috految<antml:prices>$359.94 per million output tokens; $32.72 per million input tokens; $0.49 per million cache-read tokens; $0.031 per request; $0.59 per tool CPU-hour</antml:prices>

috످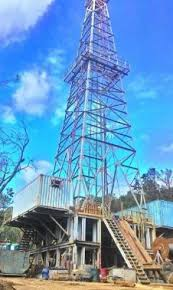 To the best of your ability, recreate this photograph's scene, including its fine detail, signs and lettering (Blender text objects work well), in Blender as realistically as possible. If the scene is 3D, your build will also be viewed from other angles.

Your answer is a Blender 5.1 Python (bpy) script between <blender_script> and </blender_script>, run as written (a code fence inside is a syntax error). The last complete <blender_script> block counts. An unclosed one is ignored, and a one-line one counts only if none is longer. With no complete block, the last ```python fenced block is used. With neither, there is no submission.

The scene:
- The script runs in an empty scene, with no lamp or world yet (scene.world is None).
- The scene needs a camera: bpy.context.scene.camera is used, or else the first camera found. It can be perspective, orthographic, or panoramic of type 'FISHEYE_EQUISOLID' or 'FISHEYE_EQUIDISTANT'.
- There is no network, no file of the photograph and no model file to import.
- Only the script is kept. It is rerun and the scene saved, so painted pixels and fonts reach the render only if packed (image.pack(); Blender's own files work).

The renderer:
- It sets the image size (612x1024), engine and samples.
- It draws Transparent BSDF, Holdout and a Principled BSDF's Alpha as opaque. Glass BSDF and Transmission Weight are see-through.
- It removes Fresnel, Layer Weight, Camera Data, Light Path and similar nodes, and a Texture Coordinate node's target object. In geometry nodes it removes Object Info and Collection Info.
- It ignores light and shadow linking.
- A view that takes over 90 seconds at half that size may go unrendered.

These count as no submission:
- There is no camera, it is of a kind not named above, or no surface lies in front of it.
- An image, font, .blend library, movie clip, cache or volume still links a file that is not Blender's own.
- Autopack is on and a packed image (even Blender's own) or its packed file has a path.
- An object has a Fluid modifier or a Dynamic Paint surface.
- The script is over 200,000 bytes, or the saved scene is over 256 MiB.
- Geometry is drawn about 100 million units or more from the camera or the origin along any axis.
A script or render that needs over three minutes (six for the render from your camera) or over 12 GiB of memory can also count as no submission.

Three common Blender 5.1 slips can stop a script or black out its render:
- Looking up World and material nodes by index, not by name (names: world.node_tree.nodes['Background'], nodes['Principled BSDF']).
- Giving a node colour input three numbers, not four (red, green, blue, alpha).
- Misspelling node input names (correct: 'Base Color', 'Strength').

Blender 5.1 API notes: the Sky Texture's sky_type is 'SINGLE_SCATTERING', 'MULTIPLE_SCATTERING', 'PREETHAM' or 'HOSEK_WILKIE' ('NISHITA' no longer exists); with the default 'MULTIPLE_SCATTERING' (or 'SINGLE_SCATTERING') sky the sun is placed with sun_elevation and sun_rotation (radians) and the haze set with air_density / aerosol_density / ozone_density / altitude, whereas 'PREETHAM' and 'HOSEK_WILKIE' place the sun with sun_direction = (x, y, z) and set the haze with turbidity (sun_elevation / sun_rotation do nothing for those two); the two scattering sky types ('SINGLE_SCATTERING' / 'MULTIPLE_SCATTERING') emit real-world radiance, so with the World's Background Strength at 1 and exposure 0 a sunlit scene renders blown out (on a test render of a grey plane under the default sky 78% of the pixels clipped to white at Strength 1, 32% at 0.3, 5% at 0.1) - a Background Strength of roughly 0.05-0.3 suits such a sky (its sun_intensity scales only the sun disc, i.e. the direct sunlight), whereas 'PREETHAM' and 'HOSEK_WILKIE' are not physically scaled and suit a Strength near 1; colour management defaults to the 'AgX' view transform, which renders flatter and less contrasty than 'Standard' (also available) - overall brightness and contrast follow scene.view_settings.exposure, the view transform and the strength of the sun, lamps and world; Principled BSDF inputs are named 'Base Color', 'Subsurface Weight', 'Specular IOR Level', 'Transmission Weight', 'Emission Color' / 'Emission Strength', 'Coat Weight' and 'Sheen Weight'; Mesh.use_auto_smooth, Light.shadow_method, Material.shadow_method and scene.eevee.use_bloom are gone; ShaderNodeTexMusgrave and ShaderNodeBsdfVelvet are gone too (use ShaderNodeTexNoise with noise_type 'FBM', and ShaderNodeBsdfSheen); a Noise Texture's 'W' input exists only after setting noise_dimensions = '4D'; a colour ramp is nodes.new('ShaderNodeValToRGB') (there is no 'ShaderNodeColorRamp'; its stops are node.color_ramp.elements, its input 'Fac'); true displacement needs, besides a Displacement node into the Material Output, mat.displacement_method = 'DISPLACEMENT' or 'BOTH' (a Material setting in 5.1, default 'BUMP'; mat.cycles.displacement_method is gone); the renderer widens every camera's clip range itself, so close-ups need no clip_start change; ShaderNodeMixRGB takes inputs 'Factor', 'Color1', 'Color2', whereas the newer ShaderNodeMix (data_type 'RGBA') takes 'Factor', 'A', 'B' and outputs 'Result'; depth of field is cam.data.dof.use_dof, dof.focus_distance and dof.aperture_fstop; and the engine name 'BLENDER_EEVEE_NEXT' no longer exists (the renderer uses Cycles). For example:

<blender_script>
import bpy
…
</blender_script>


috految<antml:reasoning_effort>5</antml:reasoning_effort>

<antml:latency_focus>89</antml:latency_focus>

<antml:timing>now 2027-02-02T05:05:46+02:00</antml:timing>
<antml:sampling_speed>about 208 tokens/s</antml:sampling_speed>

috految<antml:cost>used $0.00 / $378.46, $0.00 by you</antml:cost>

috److I placed objects by unprojecting pixel positions from the 173×290 photograph.

**Camera.** It sits at height 1.8 with a focal length of 280 px and a pitch of 23°, which puts the horizon at row 264. For a pixel (u, v), with t = 145 − v, the ray is (u − 86.5, 257.7 − 0.391t, 109.4 + 0.921t).

**Key positions:**

| Feature | Pixel | Depth y | World position |
|---|---|---|---|
| Deck, near corner | (76, 213) | 32 | x = −1.2, z = 7.05 |
| Deck, right corner | (154, 223) | 38 | x = 8.9, z = 6.8 |
| Cabin, near bottom corner | (39, 205) | 30 | x = −5.1, z = 7.6 |
| Cabin, near top corner | (41, 174) | 30 | z = 11 |
| Cabin, far left corner | (12, 220) | 40 | x = −10.4 |
| Derrick base, near | (77, 211) | 32.5 | x = −1.1 |
| Derrick base, right | (147, 220) | 38 | x = 8 |
| Derrick base, left | (44, 222) | 42 | x = −6.2 |
| Platform, near | (86, 55) | 35 | x = 0, z = 32 |
| Platform, right | (129, 72) | 39 | x = 7.2, z = 31.9 |
| Platform, left | (64, 80) | 41.5 | x = −4 |
| Derrick top | (97, 0) | 40 | x = 2.1, z = 50 |

**Rig frame.** The rig is rotated 30° about the origin (−1.2, 32). In local coordinates:
- The derrick base spans 0.2 to 10.7, centred near (5.4, 5.4).
- The derrick top is centred at (6.7, 5.3).
- The cabin starts at (−4.4, 0.2).

<blender_script>
import bpy,random
from math import *
from mathutils import Vector as V,noise
U=random.uniform
S=bpy.context.scene
def O(d):
 o=bpy.data.objects.new('part',d);S.collection.objects.link(o);return o
c=S.camera=O(bpy.data.cameras.new('c'));c.location=(0,0,1.8);c.rotation_euler=(radians(113),0,0);c.data.lens=34.76
X=V((.866,.5,0));Y=V((-.5,.866,0));Z=V((0,0,1))
def D(u,v):return V((u-86.5,257.7-.391*(145-v),109.4+.921*(145-v))).normalized()
def P(u,v,y):d=D(u,v);return Z*1.8+d*y/d.y
def L(x,y,z):return V((-1.2,32,z))+X*x+Y*y
def R():return V((U(-1,1),U(-1,1),U(-1,1)))
def N(k,ins={},**kw):
 n=T.nodes.new('ShaderNode'+k)
 for a in kw:setattr(n,a,kw[a])
 for a,b in ins.items():
  if isinstance(b,bpy.types.NodeSocket):T.links.new(b,n.inputs[a])
  else:n.inputs[a].default_value=b
 return n.outputs
def mp(*a):return N('MapRange',dict(enumerate(a)))[0]
def mix(*a):return N('MixRGB',dict(enumerate(a)))[0]
def no(v,s,r=.7):return N('TexNoise',{'Vector':v,'Scale':s,'Detail':7,'Roughness':r})[0]
G={}
def M(a,b=(.2,.1,.05),t=.51,s=1.7,h=.01):
 global T
 m=bpy.data.materials.new('m');T=m.node_tree;p=T.nodes['Principled BSDF'].inputs
 n=no(N('Mapping',{0:N('TexCoord')['Object'],'Scale':(1,1,.35)})[0],s)
 T.links.new(mix(mp(n,t,t+.17),(*a,1),(*b,1)),p['Base Color']);p['Roughness'].default_value=.65;p['Specular IOR Level'].default_value=.15
 T.links.new(N('Bump',{'Height':n,'Distance':h})[0],p['Normal']);G[m]=([],[]);return m
steel=M((.42,.49,.59));brace=M((.17,.27,.42));gray=M((.48,.49,.44),t=.47);dark=M((.045,.06,.065));pale=M((.54,.68,.77),t=.56);cyan=M((.17,.54,.77),t=.56);blue=M((.025,.22,.43));rust=M((.37,.15,.07),t=.42);wood=M((.57,.39,.23),t=.46);red=M((.5,.07,.06));white=M((.8,.8,.74));teal=M((.12,.25,.27));yellow=M((.7,.48,.08));green=M((.02,.45,.32));bark=M((.23,.21,.18));leaf=M((.13,.23,.08),(.32,.31,.13),.44);soil=M((.62,.41,.19),(.31,.16,.07),.44,.6,.3)
def F(p,m):
 v,f=G[m];f.append(list(range(len(v),len(v)+len(p))));v.extend(p)
def E(p,d,m):
 F(p,m);F([a+d for a in p],m)
 for a,b in zip(p,p[1:]+p[:1]):F([a,b,b+d,a+d],m)
def B(a,b,r,m,n=4):
 q=(b-a).to_track_quat('Z','Y');r*=U(.98,1.02)
 E([a+q@V((r*cos((i+.5)*2*pi/n),r*sin((i+.5)*2*pi/n),0)) for i in range(n)],b-a,m)
def box(p,w,d,h,m):E([p,p+X*w,p+X*w+Y*d,p+Y*d],Z*h,m)
def rail(a,b,m,h=1.1):
 for z in(h/2,h):B(a+Z*z,b+Z*z,.045,m)
 n=int((b-a).length)+1
 for i in range(n+1):p=a.lerp(b,i/n);B(p,p+Z*h,.05,m)
def ring(p,r,a,b,t,m):
 q=[p+(a*cos(i*pi/12)+b*sin(i*pi/12))*r for i in range(25)]
 for i in range(24):B(q[i],q[i+1],t,m)
def level(z,e=0):
 t=(z-7)/43;w=5.15-3.9*t+e
 return [L(5.4+1.3*t+x*w,5.3+y*w,z) for x,y in[(-1,-1),(1,-1),(1,1),(-1,1)]]
zs=[7,11,14.4,17.3,20.3,23.2,26.3,29.2,32,35,38,41,44,47,50,52]
for j,(z,h) in enumerate(zip(zs,zs[1:])):
 a=level(z);b=level(h)
 for i in range(4):
  k=(i+1)%4;B(a[i],b[i],.155,steel);B(b[i]-Z*.22,b[i]+Z*.22,.22,steel)
  if i==0 and j<2:continue
  B(b[i],b[k],.095,steel);mid=(b[i]+b[k])/2
  for u,v in((i,k),(k,i)):
   if j%2:B(a[u],mid,.07,steel)
   else:B(a[u],b[v],.075 if u==i else .055,brace)
  B(mid,(b[k]+b[(k+1)%4])/2,.04,brace)
  if j%2:B(mid-Z*.2,mid+Z*.15,.18,steel)
  if i:B((a[i]+a[k])/2,mid,.05,steel)
a=level(7);b=level(14.4);mid=(b[0]+b[1])/2
B(b[0],b[1],.1,steel)
for i in(0,1):
 q=a[i].lerp(a[1-i],.17);B(q,mid,.11,steel);B(b[i],q.lerp(mid,.5),.07,steel);B(level(11)[i],q.lerp(mid,.5),.07,steel)
for z,e in[(31.9,1.05),(50.4,.4),(52,.4)]:
 a=level(z,e);b=level(z,.15)
 for i in range(4):
  E([a[i],a[i-1],b[i-1],b[i]],Z*.1,steel);B(a[i],a[i-1],.15,steel);rail(a[i],a[i-1],steel,1.6);B(a[i],level(z-2)[i],.07,brace)
  for j in range(9):B(a[i].lerp(a[i-1],j/9),b[i].lerp(b[i-1],j/9),.1,brace)
for i in range(4):rail(level(47)[i],level(47)[i-1],rust)
for i in range(5):
 p=L(6+i*.3,5.3,52);B(p,p+X*.2,.8,red,20);B(p,L(5.3+i*.16,5.3,14),.022,dark)
B(L(5.6,5.3,12.8),L(5.6,5.3,14.2),.36,brace,12);B(L(5.6,5.3,0),L(5.6,5.3,14),.12,gray,12)
for x in(3.7,4.1):B(L(x,.5,7),L(x+1.4,3,32),.065,steel)
for t in(.05,.55):
 a=level(7)[0].lerp(level(7)[3],t);b=level(51)[0].lerp(level(51)[3],t)
 for e in(0,.5):B(a+X*e,b+X*e,.055,steel)
 for j in range(110):
  p=a.lerp(b,j/110);B(p,p+X*.5,.035,steel)
  if j%4==0:ring(p+X*.25,.42,X,Y,.025,brace)
# substructure
box(L(0,0,6.75),11.4,13,.25,gray)
for j in range(38):box(L(j*.3,0,7.01),.27,13,.07,wood)
for y in(0,3,6,9,12.5):
 for z in(.3,3.8,6.5):
  B(L(0,y,z),L(11.4,y,z),.21,gray)
 for x in(0,.9,2.9,7.7,10.2,11.2):
  box(L(x-.13,y-.2,0),.27,.33,6.8,gray)
  for z in(.3,3.6,6.4):box(L(x-.25,y-.24,z),.5,.5,.13,gray)
 for x in(3,7.5):
  B(L(x,y,.4),L(x+3.5,y,3.8),.11,dark);B(L(x,y,6.5),L(x+3,y,3.8),.1,gray)
 if y<10:
  B(L(0,y,3.9),L(-3.7,y+.4,7.4),.14,gray)
  for x in(0,11.2):B(L(x,y,.3),L(x,y+3,3.8),.1,gray)
for x in(0,11.2):
 for z in(.5,3.6,4,6.6):B(L(x,0,z),L(x,13,z),.19,gray)
box(L(.3,.3,3.6),10,12,.12,dark);box(L(2,4,0),7,7,5.8,dark)
for z in range(7):B(L(5,2,z),L(5,2,z+.8),.65,teal,16);ring(L(5,1.2,z+.5),.25,X,Z,.04,red)
for a,b in[((0,0),(4,0)),((6,0),(11.4,0)),((11.4,0),(11.4,13)),((0,13),(11.4,13))]:rail(L(*a,7),L(*b,7),wood,1.4)
for j in range(13):box(L(.3+j*.26,-.12,7),.23,.07,U(.8,1.3),wood)
def cabin(p,w,d,h,m):
 box(p,w,d,h,m);q=[p,p+X*w,p+X*w+Y*d,p+Y*d]
 for i in range(4):
  a=q[i];b=q[i-1];n=int((a-b).length/.35)
  for z in(0,h):B(a+Z*z,b+Z*z,.09,steel)
  for j in range(n):v=a.lerp(b,j/n);B(v,v+Z*h,.07,m)
 for j in range(int(d*2)):v=p+Y*j/2+Z*h;B(v,v+X*w,.05,m)
cabin(L(-4.4,.2,7.55),4,11,3.4,pale)
box(L(-4.4,.2,7.3),4.5,14,.15,dark);rail(L(-4.4,11,7.4),L(-4.4,14,7.4),steel)
for j in range(14):B(L(-4.5,j+.3,7.25),L(0,j+.3,7.25),.13,gray)
box(L(-.4,2,7.6),.12,1.1,2.3,teal)
def sign(p,s,w,m):
 box(p,w,.03,.7,m);d=bpy.data.curves.new('t','FONT');d.body=s;d.size=w*.2;d.align_x='CENTER';d.materials.append(white if m==dark else red);o=O(d);o.location=p+X*w/2-Y*.02+Z*.38;o.rotation_euler=(pi/2,0,pi/6)
box(L(-3.35,.05,9.9),1.3,.1,.9,white);sign(L(-3.25,0,10),'SAFETY\nFIRST',1.1,dark);sign(L(.3,-.3,1.3),'DANGER\nKEEP OUT',.8,white)
box(L(-3.25,-.03,9.9),1.15,.1,.16,red)
p=P(162,226,39);cabin(p,5,12,3.7,cyan)
for y in(0,4,8,12):
 for x in(0,5):a=p+X*x+Y*y;B(a,a-Z*7,.19,gray);B(a,a-Z*6+X*(5-2*x),.1,dark)
cabin(L(12,3,0),4,9,3.5,teal)
def stairs(a,b,w):
 for e in(0,w):B(a+X*e,b+X*e,.15,gray);rail(a+X*e,b+X*e,wood,.85)
 for j in range(22):box(a.lerp(b,j/21),w,.3,.09,wood)
stairs(P(103,218,33),P(140,282,28),1.25);stairs(L(-3,14,7.3),L(-3,20,0),1.3)
a=P(115,219,34);b=P(146,263,30)
for j in range(7):B(a+X*j*.22,b+X*j*.22,.13,wood if j%3 else rust)
for e in(0,1.4):B(b+X*e,b+X*e-Z*2,.1,gray)
stairs(P(146,266,29.5),P(159,285,27),1.2)
B(P(139,267,28),P(161,267,29),.17,wood)
def reel(p,r,m):
 B(p,p+Y*1.5,r*.7,dark,24)
 for y in(0,1.5):
  a=p+Y*y;B(a-Y*.1,a,r,m,32);ring(a-Y*.15,r,X,Z,.06,m)
  for i in range(8):B(a-Y*.15,a-Y*.15+(X*cos(i*pi/4)+Z*sin(i*pi/4))*r,.06,m)
 for j in range(12):ring(p+Y*j*.12,r*.75,X,Z,.05,bark)
 for x in(-1,1):B(p-Y*.2,p+X*x-Z*p.z,.12,gray)
reel(P(165,251,35),1.45,rust);reel(P(173,272,30),1,gray);reel(L(6,9,8.4),1.3,blue)
for u in(153,165):B(P(158,251,32),P(u,281,32),.06,yellow)
p=P(-9,263,31);B(p,p+X*3.3,1.25,teal,40)
for j in range(4):ring(p+X*j*1.1,1.26,Y,Z,.04,gray);box(p+X*j-Z*p.z,.25,1,1,dark)
cabin(P(-9,278,39),3.6,4,3.6,teal);box(P(-2,250,34),2,1,.65,green);box(P(10,250,33),.9,.6,.5,yellow)
for u,y,m in[(45,30,blue),(104,29,red),(94,29,teal),(86,30,teal),(78,30,gray),(32,34,rust),(38,35,rust),(172,28,blue)]:
 p=P(u,280,y);p.z=0;B(p,p+Z*1.4,.39,m,20)
 for z in(.1,.5,1,1.4):ring(p+Z*z,.4,X,Y,.025,m)
box(P(117,283,28.5),2,1,1.1,gray);box(P(55,280,31),1.8,1,1,gray)
for i in range(65):p=L(U(-5,14),U(-5,-1),U(.05,.25));B(p,p+X*U(.4,2)+R()*.3,U(.04,.14),random.choice([wood,gray,dark,rust]))
for i in range(20):
 p=L(U(-2,12),U(-.6,1),0);h=Z*U(1,3);B(p,p+h,.06,gray);ring(p+h,.2,X,Z,.035,rust);B(L(15+i%10*.3,-7,.2+i//10*.3),L(15+i%10*.3,2,.2+i//10*.3),.14,rust,12)
box(L(-400,-400,-1),800,800,1,soil)
for i in range(5000):p=V((U(-22,22),U(12,55),0));B(p,p+R()*.12,U(.02,.13),soil,5)
for i in range(200):p=P(-2,288,22)+R()*.65;B(p,p+R()*.2,.13,soil,5)
def branch(p,d,l,r,n):
 q=p+d*l;m=p.lerp(q,.5)+R()*l*.1;B(p,m,r,bark,6);B(m,q,r*.8,bark,6)
 if n:
  for i in range(3):branch(q if i else m,(d+R()*.85).normalized(),l*.66,r*.58,n-1)
p=P(-13,205,40);B(p-Z*p.z,p,.28,bark,9)
for u,v in[(13,174),(20,162),(-2,166),(-7,184),(-20,111),(-30,150)]:
 q=P(u,v,U(39,41));B(p,q,.1,bark);branch(q,(q-p).normalized(),2.2,.09,4)
def mesh(m):
 d=bpy.data.meshes.new('m');v,f=G[m];d.from_pydata(v,[],f);d.materials.append(m);G[m]=([],[]);return d
for m in G:O(mesh(m))
B(Z*0,Z*9,.13,bark,8)
for i in range(65):
 p=R().normalized()*U(1.4,3);p.z=p.z*1.4+6;B(Z*p.z*.6,p,.03,bark)
 for j in range(95):q=p+R()*U(.3,.7);F([q+R()*.15 for k in range(3)],leaf)
ds=[mesh(bark),mesh(leaf)]
def tree(p,s):
 a=U(0,6)
 for d in ds:o=O(d);o.location=p;o.scale=(s,s,s);o.rotation_euler.z=a
for u,v in[(153,170),(174,167),(131,193),(112,199),(190,180),(0,190),(8,215),(-20,190)]:p=P(u,v,U(59,66));tree((p.x,p.y,0),p.z/10)
for i in range(260):
 a=U(-.8,3.9);r=U(49,80);tree((r*cos(a),38+r*sin(a),-2.5),U(.7,1.9))
S.world=bpy.data.worlds.new('w');T=S.world.node_tree
v=N('TexCoord')['Generated'];s=N('SeparateXYZ',{0:v})
k=mix(mp(s[2],.12,.46),(.36,.78,1.05,1),(.075,.46,1.05,1));k=mix(mp(s[2],.46,.76),k,(.06,.32,1,1))
w=N('Mapping',{0:v,'Scale':(1,1,1.8)})[0]
k=mix(mp(no(w,4,.58),.46,.75,0,.7),k,(.5,.87,1.05,1));n=no(w,18,.62)
for u,y,r,a in[(6,6,.12,.9),(34,92,.08,.7),(36,176,.07,.8),(0,119,.05,.5),(170,154,.07,.4),(140,88,.05,.3),(119,190,.05,.7)]:
 d=N('VectorMath',{0:v,1:D(u,y)},operation='DISTANCE')[1]
 d=N('Math',{0:n,1:.26,2:d},operation='MULTIPLY_ADD')[0];k=mix(mp(d,.13+r*.3,.135+r,a,0),k,(.78,.9,1,1))
k=mix(mp(no(w,3,.6),.5,.65,0,mp(s[1],.3,.7,1,0)),k,(1,1,1,1))
T.links.new(k,T.nodes['Background'].inputs[0])
o=O(bpy.data.lights.new('s','SUN'));o.data.energy=3.9;o.data.color=(1,.88,.72);o.data.angle=.06;o.rotation_euler=(.85,0,.05)
S.view_settings.view_transform='Standard'
</blender_script>

috످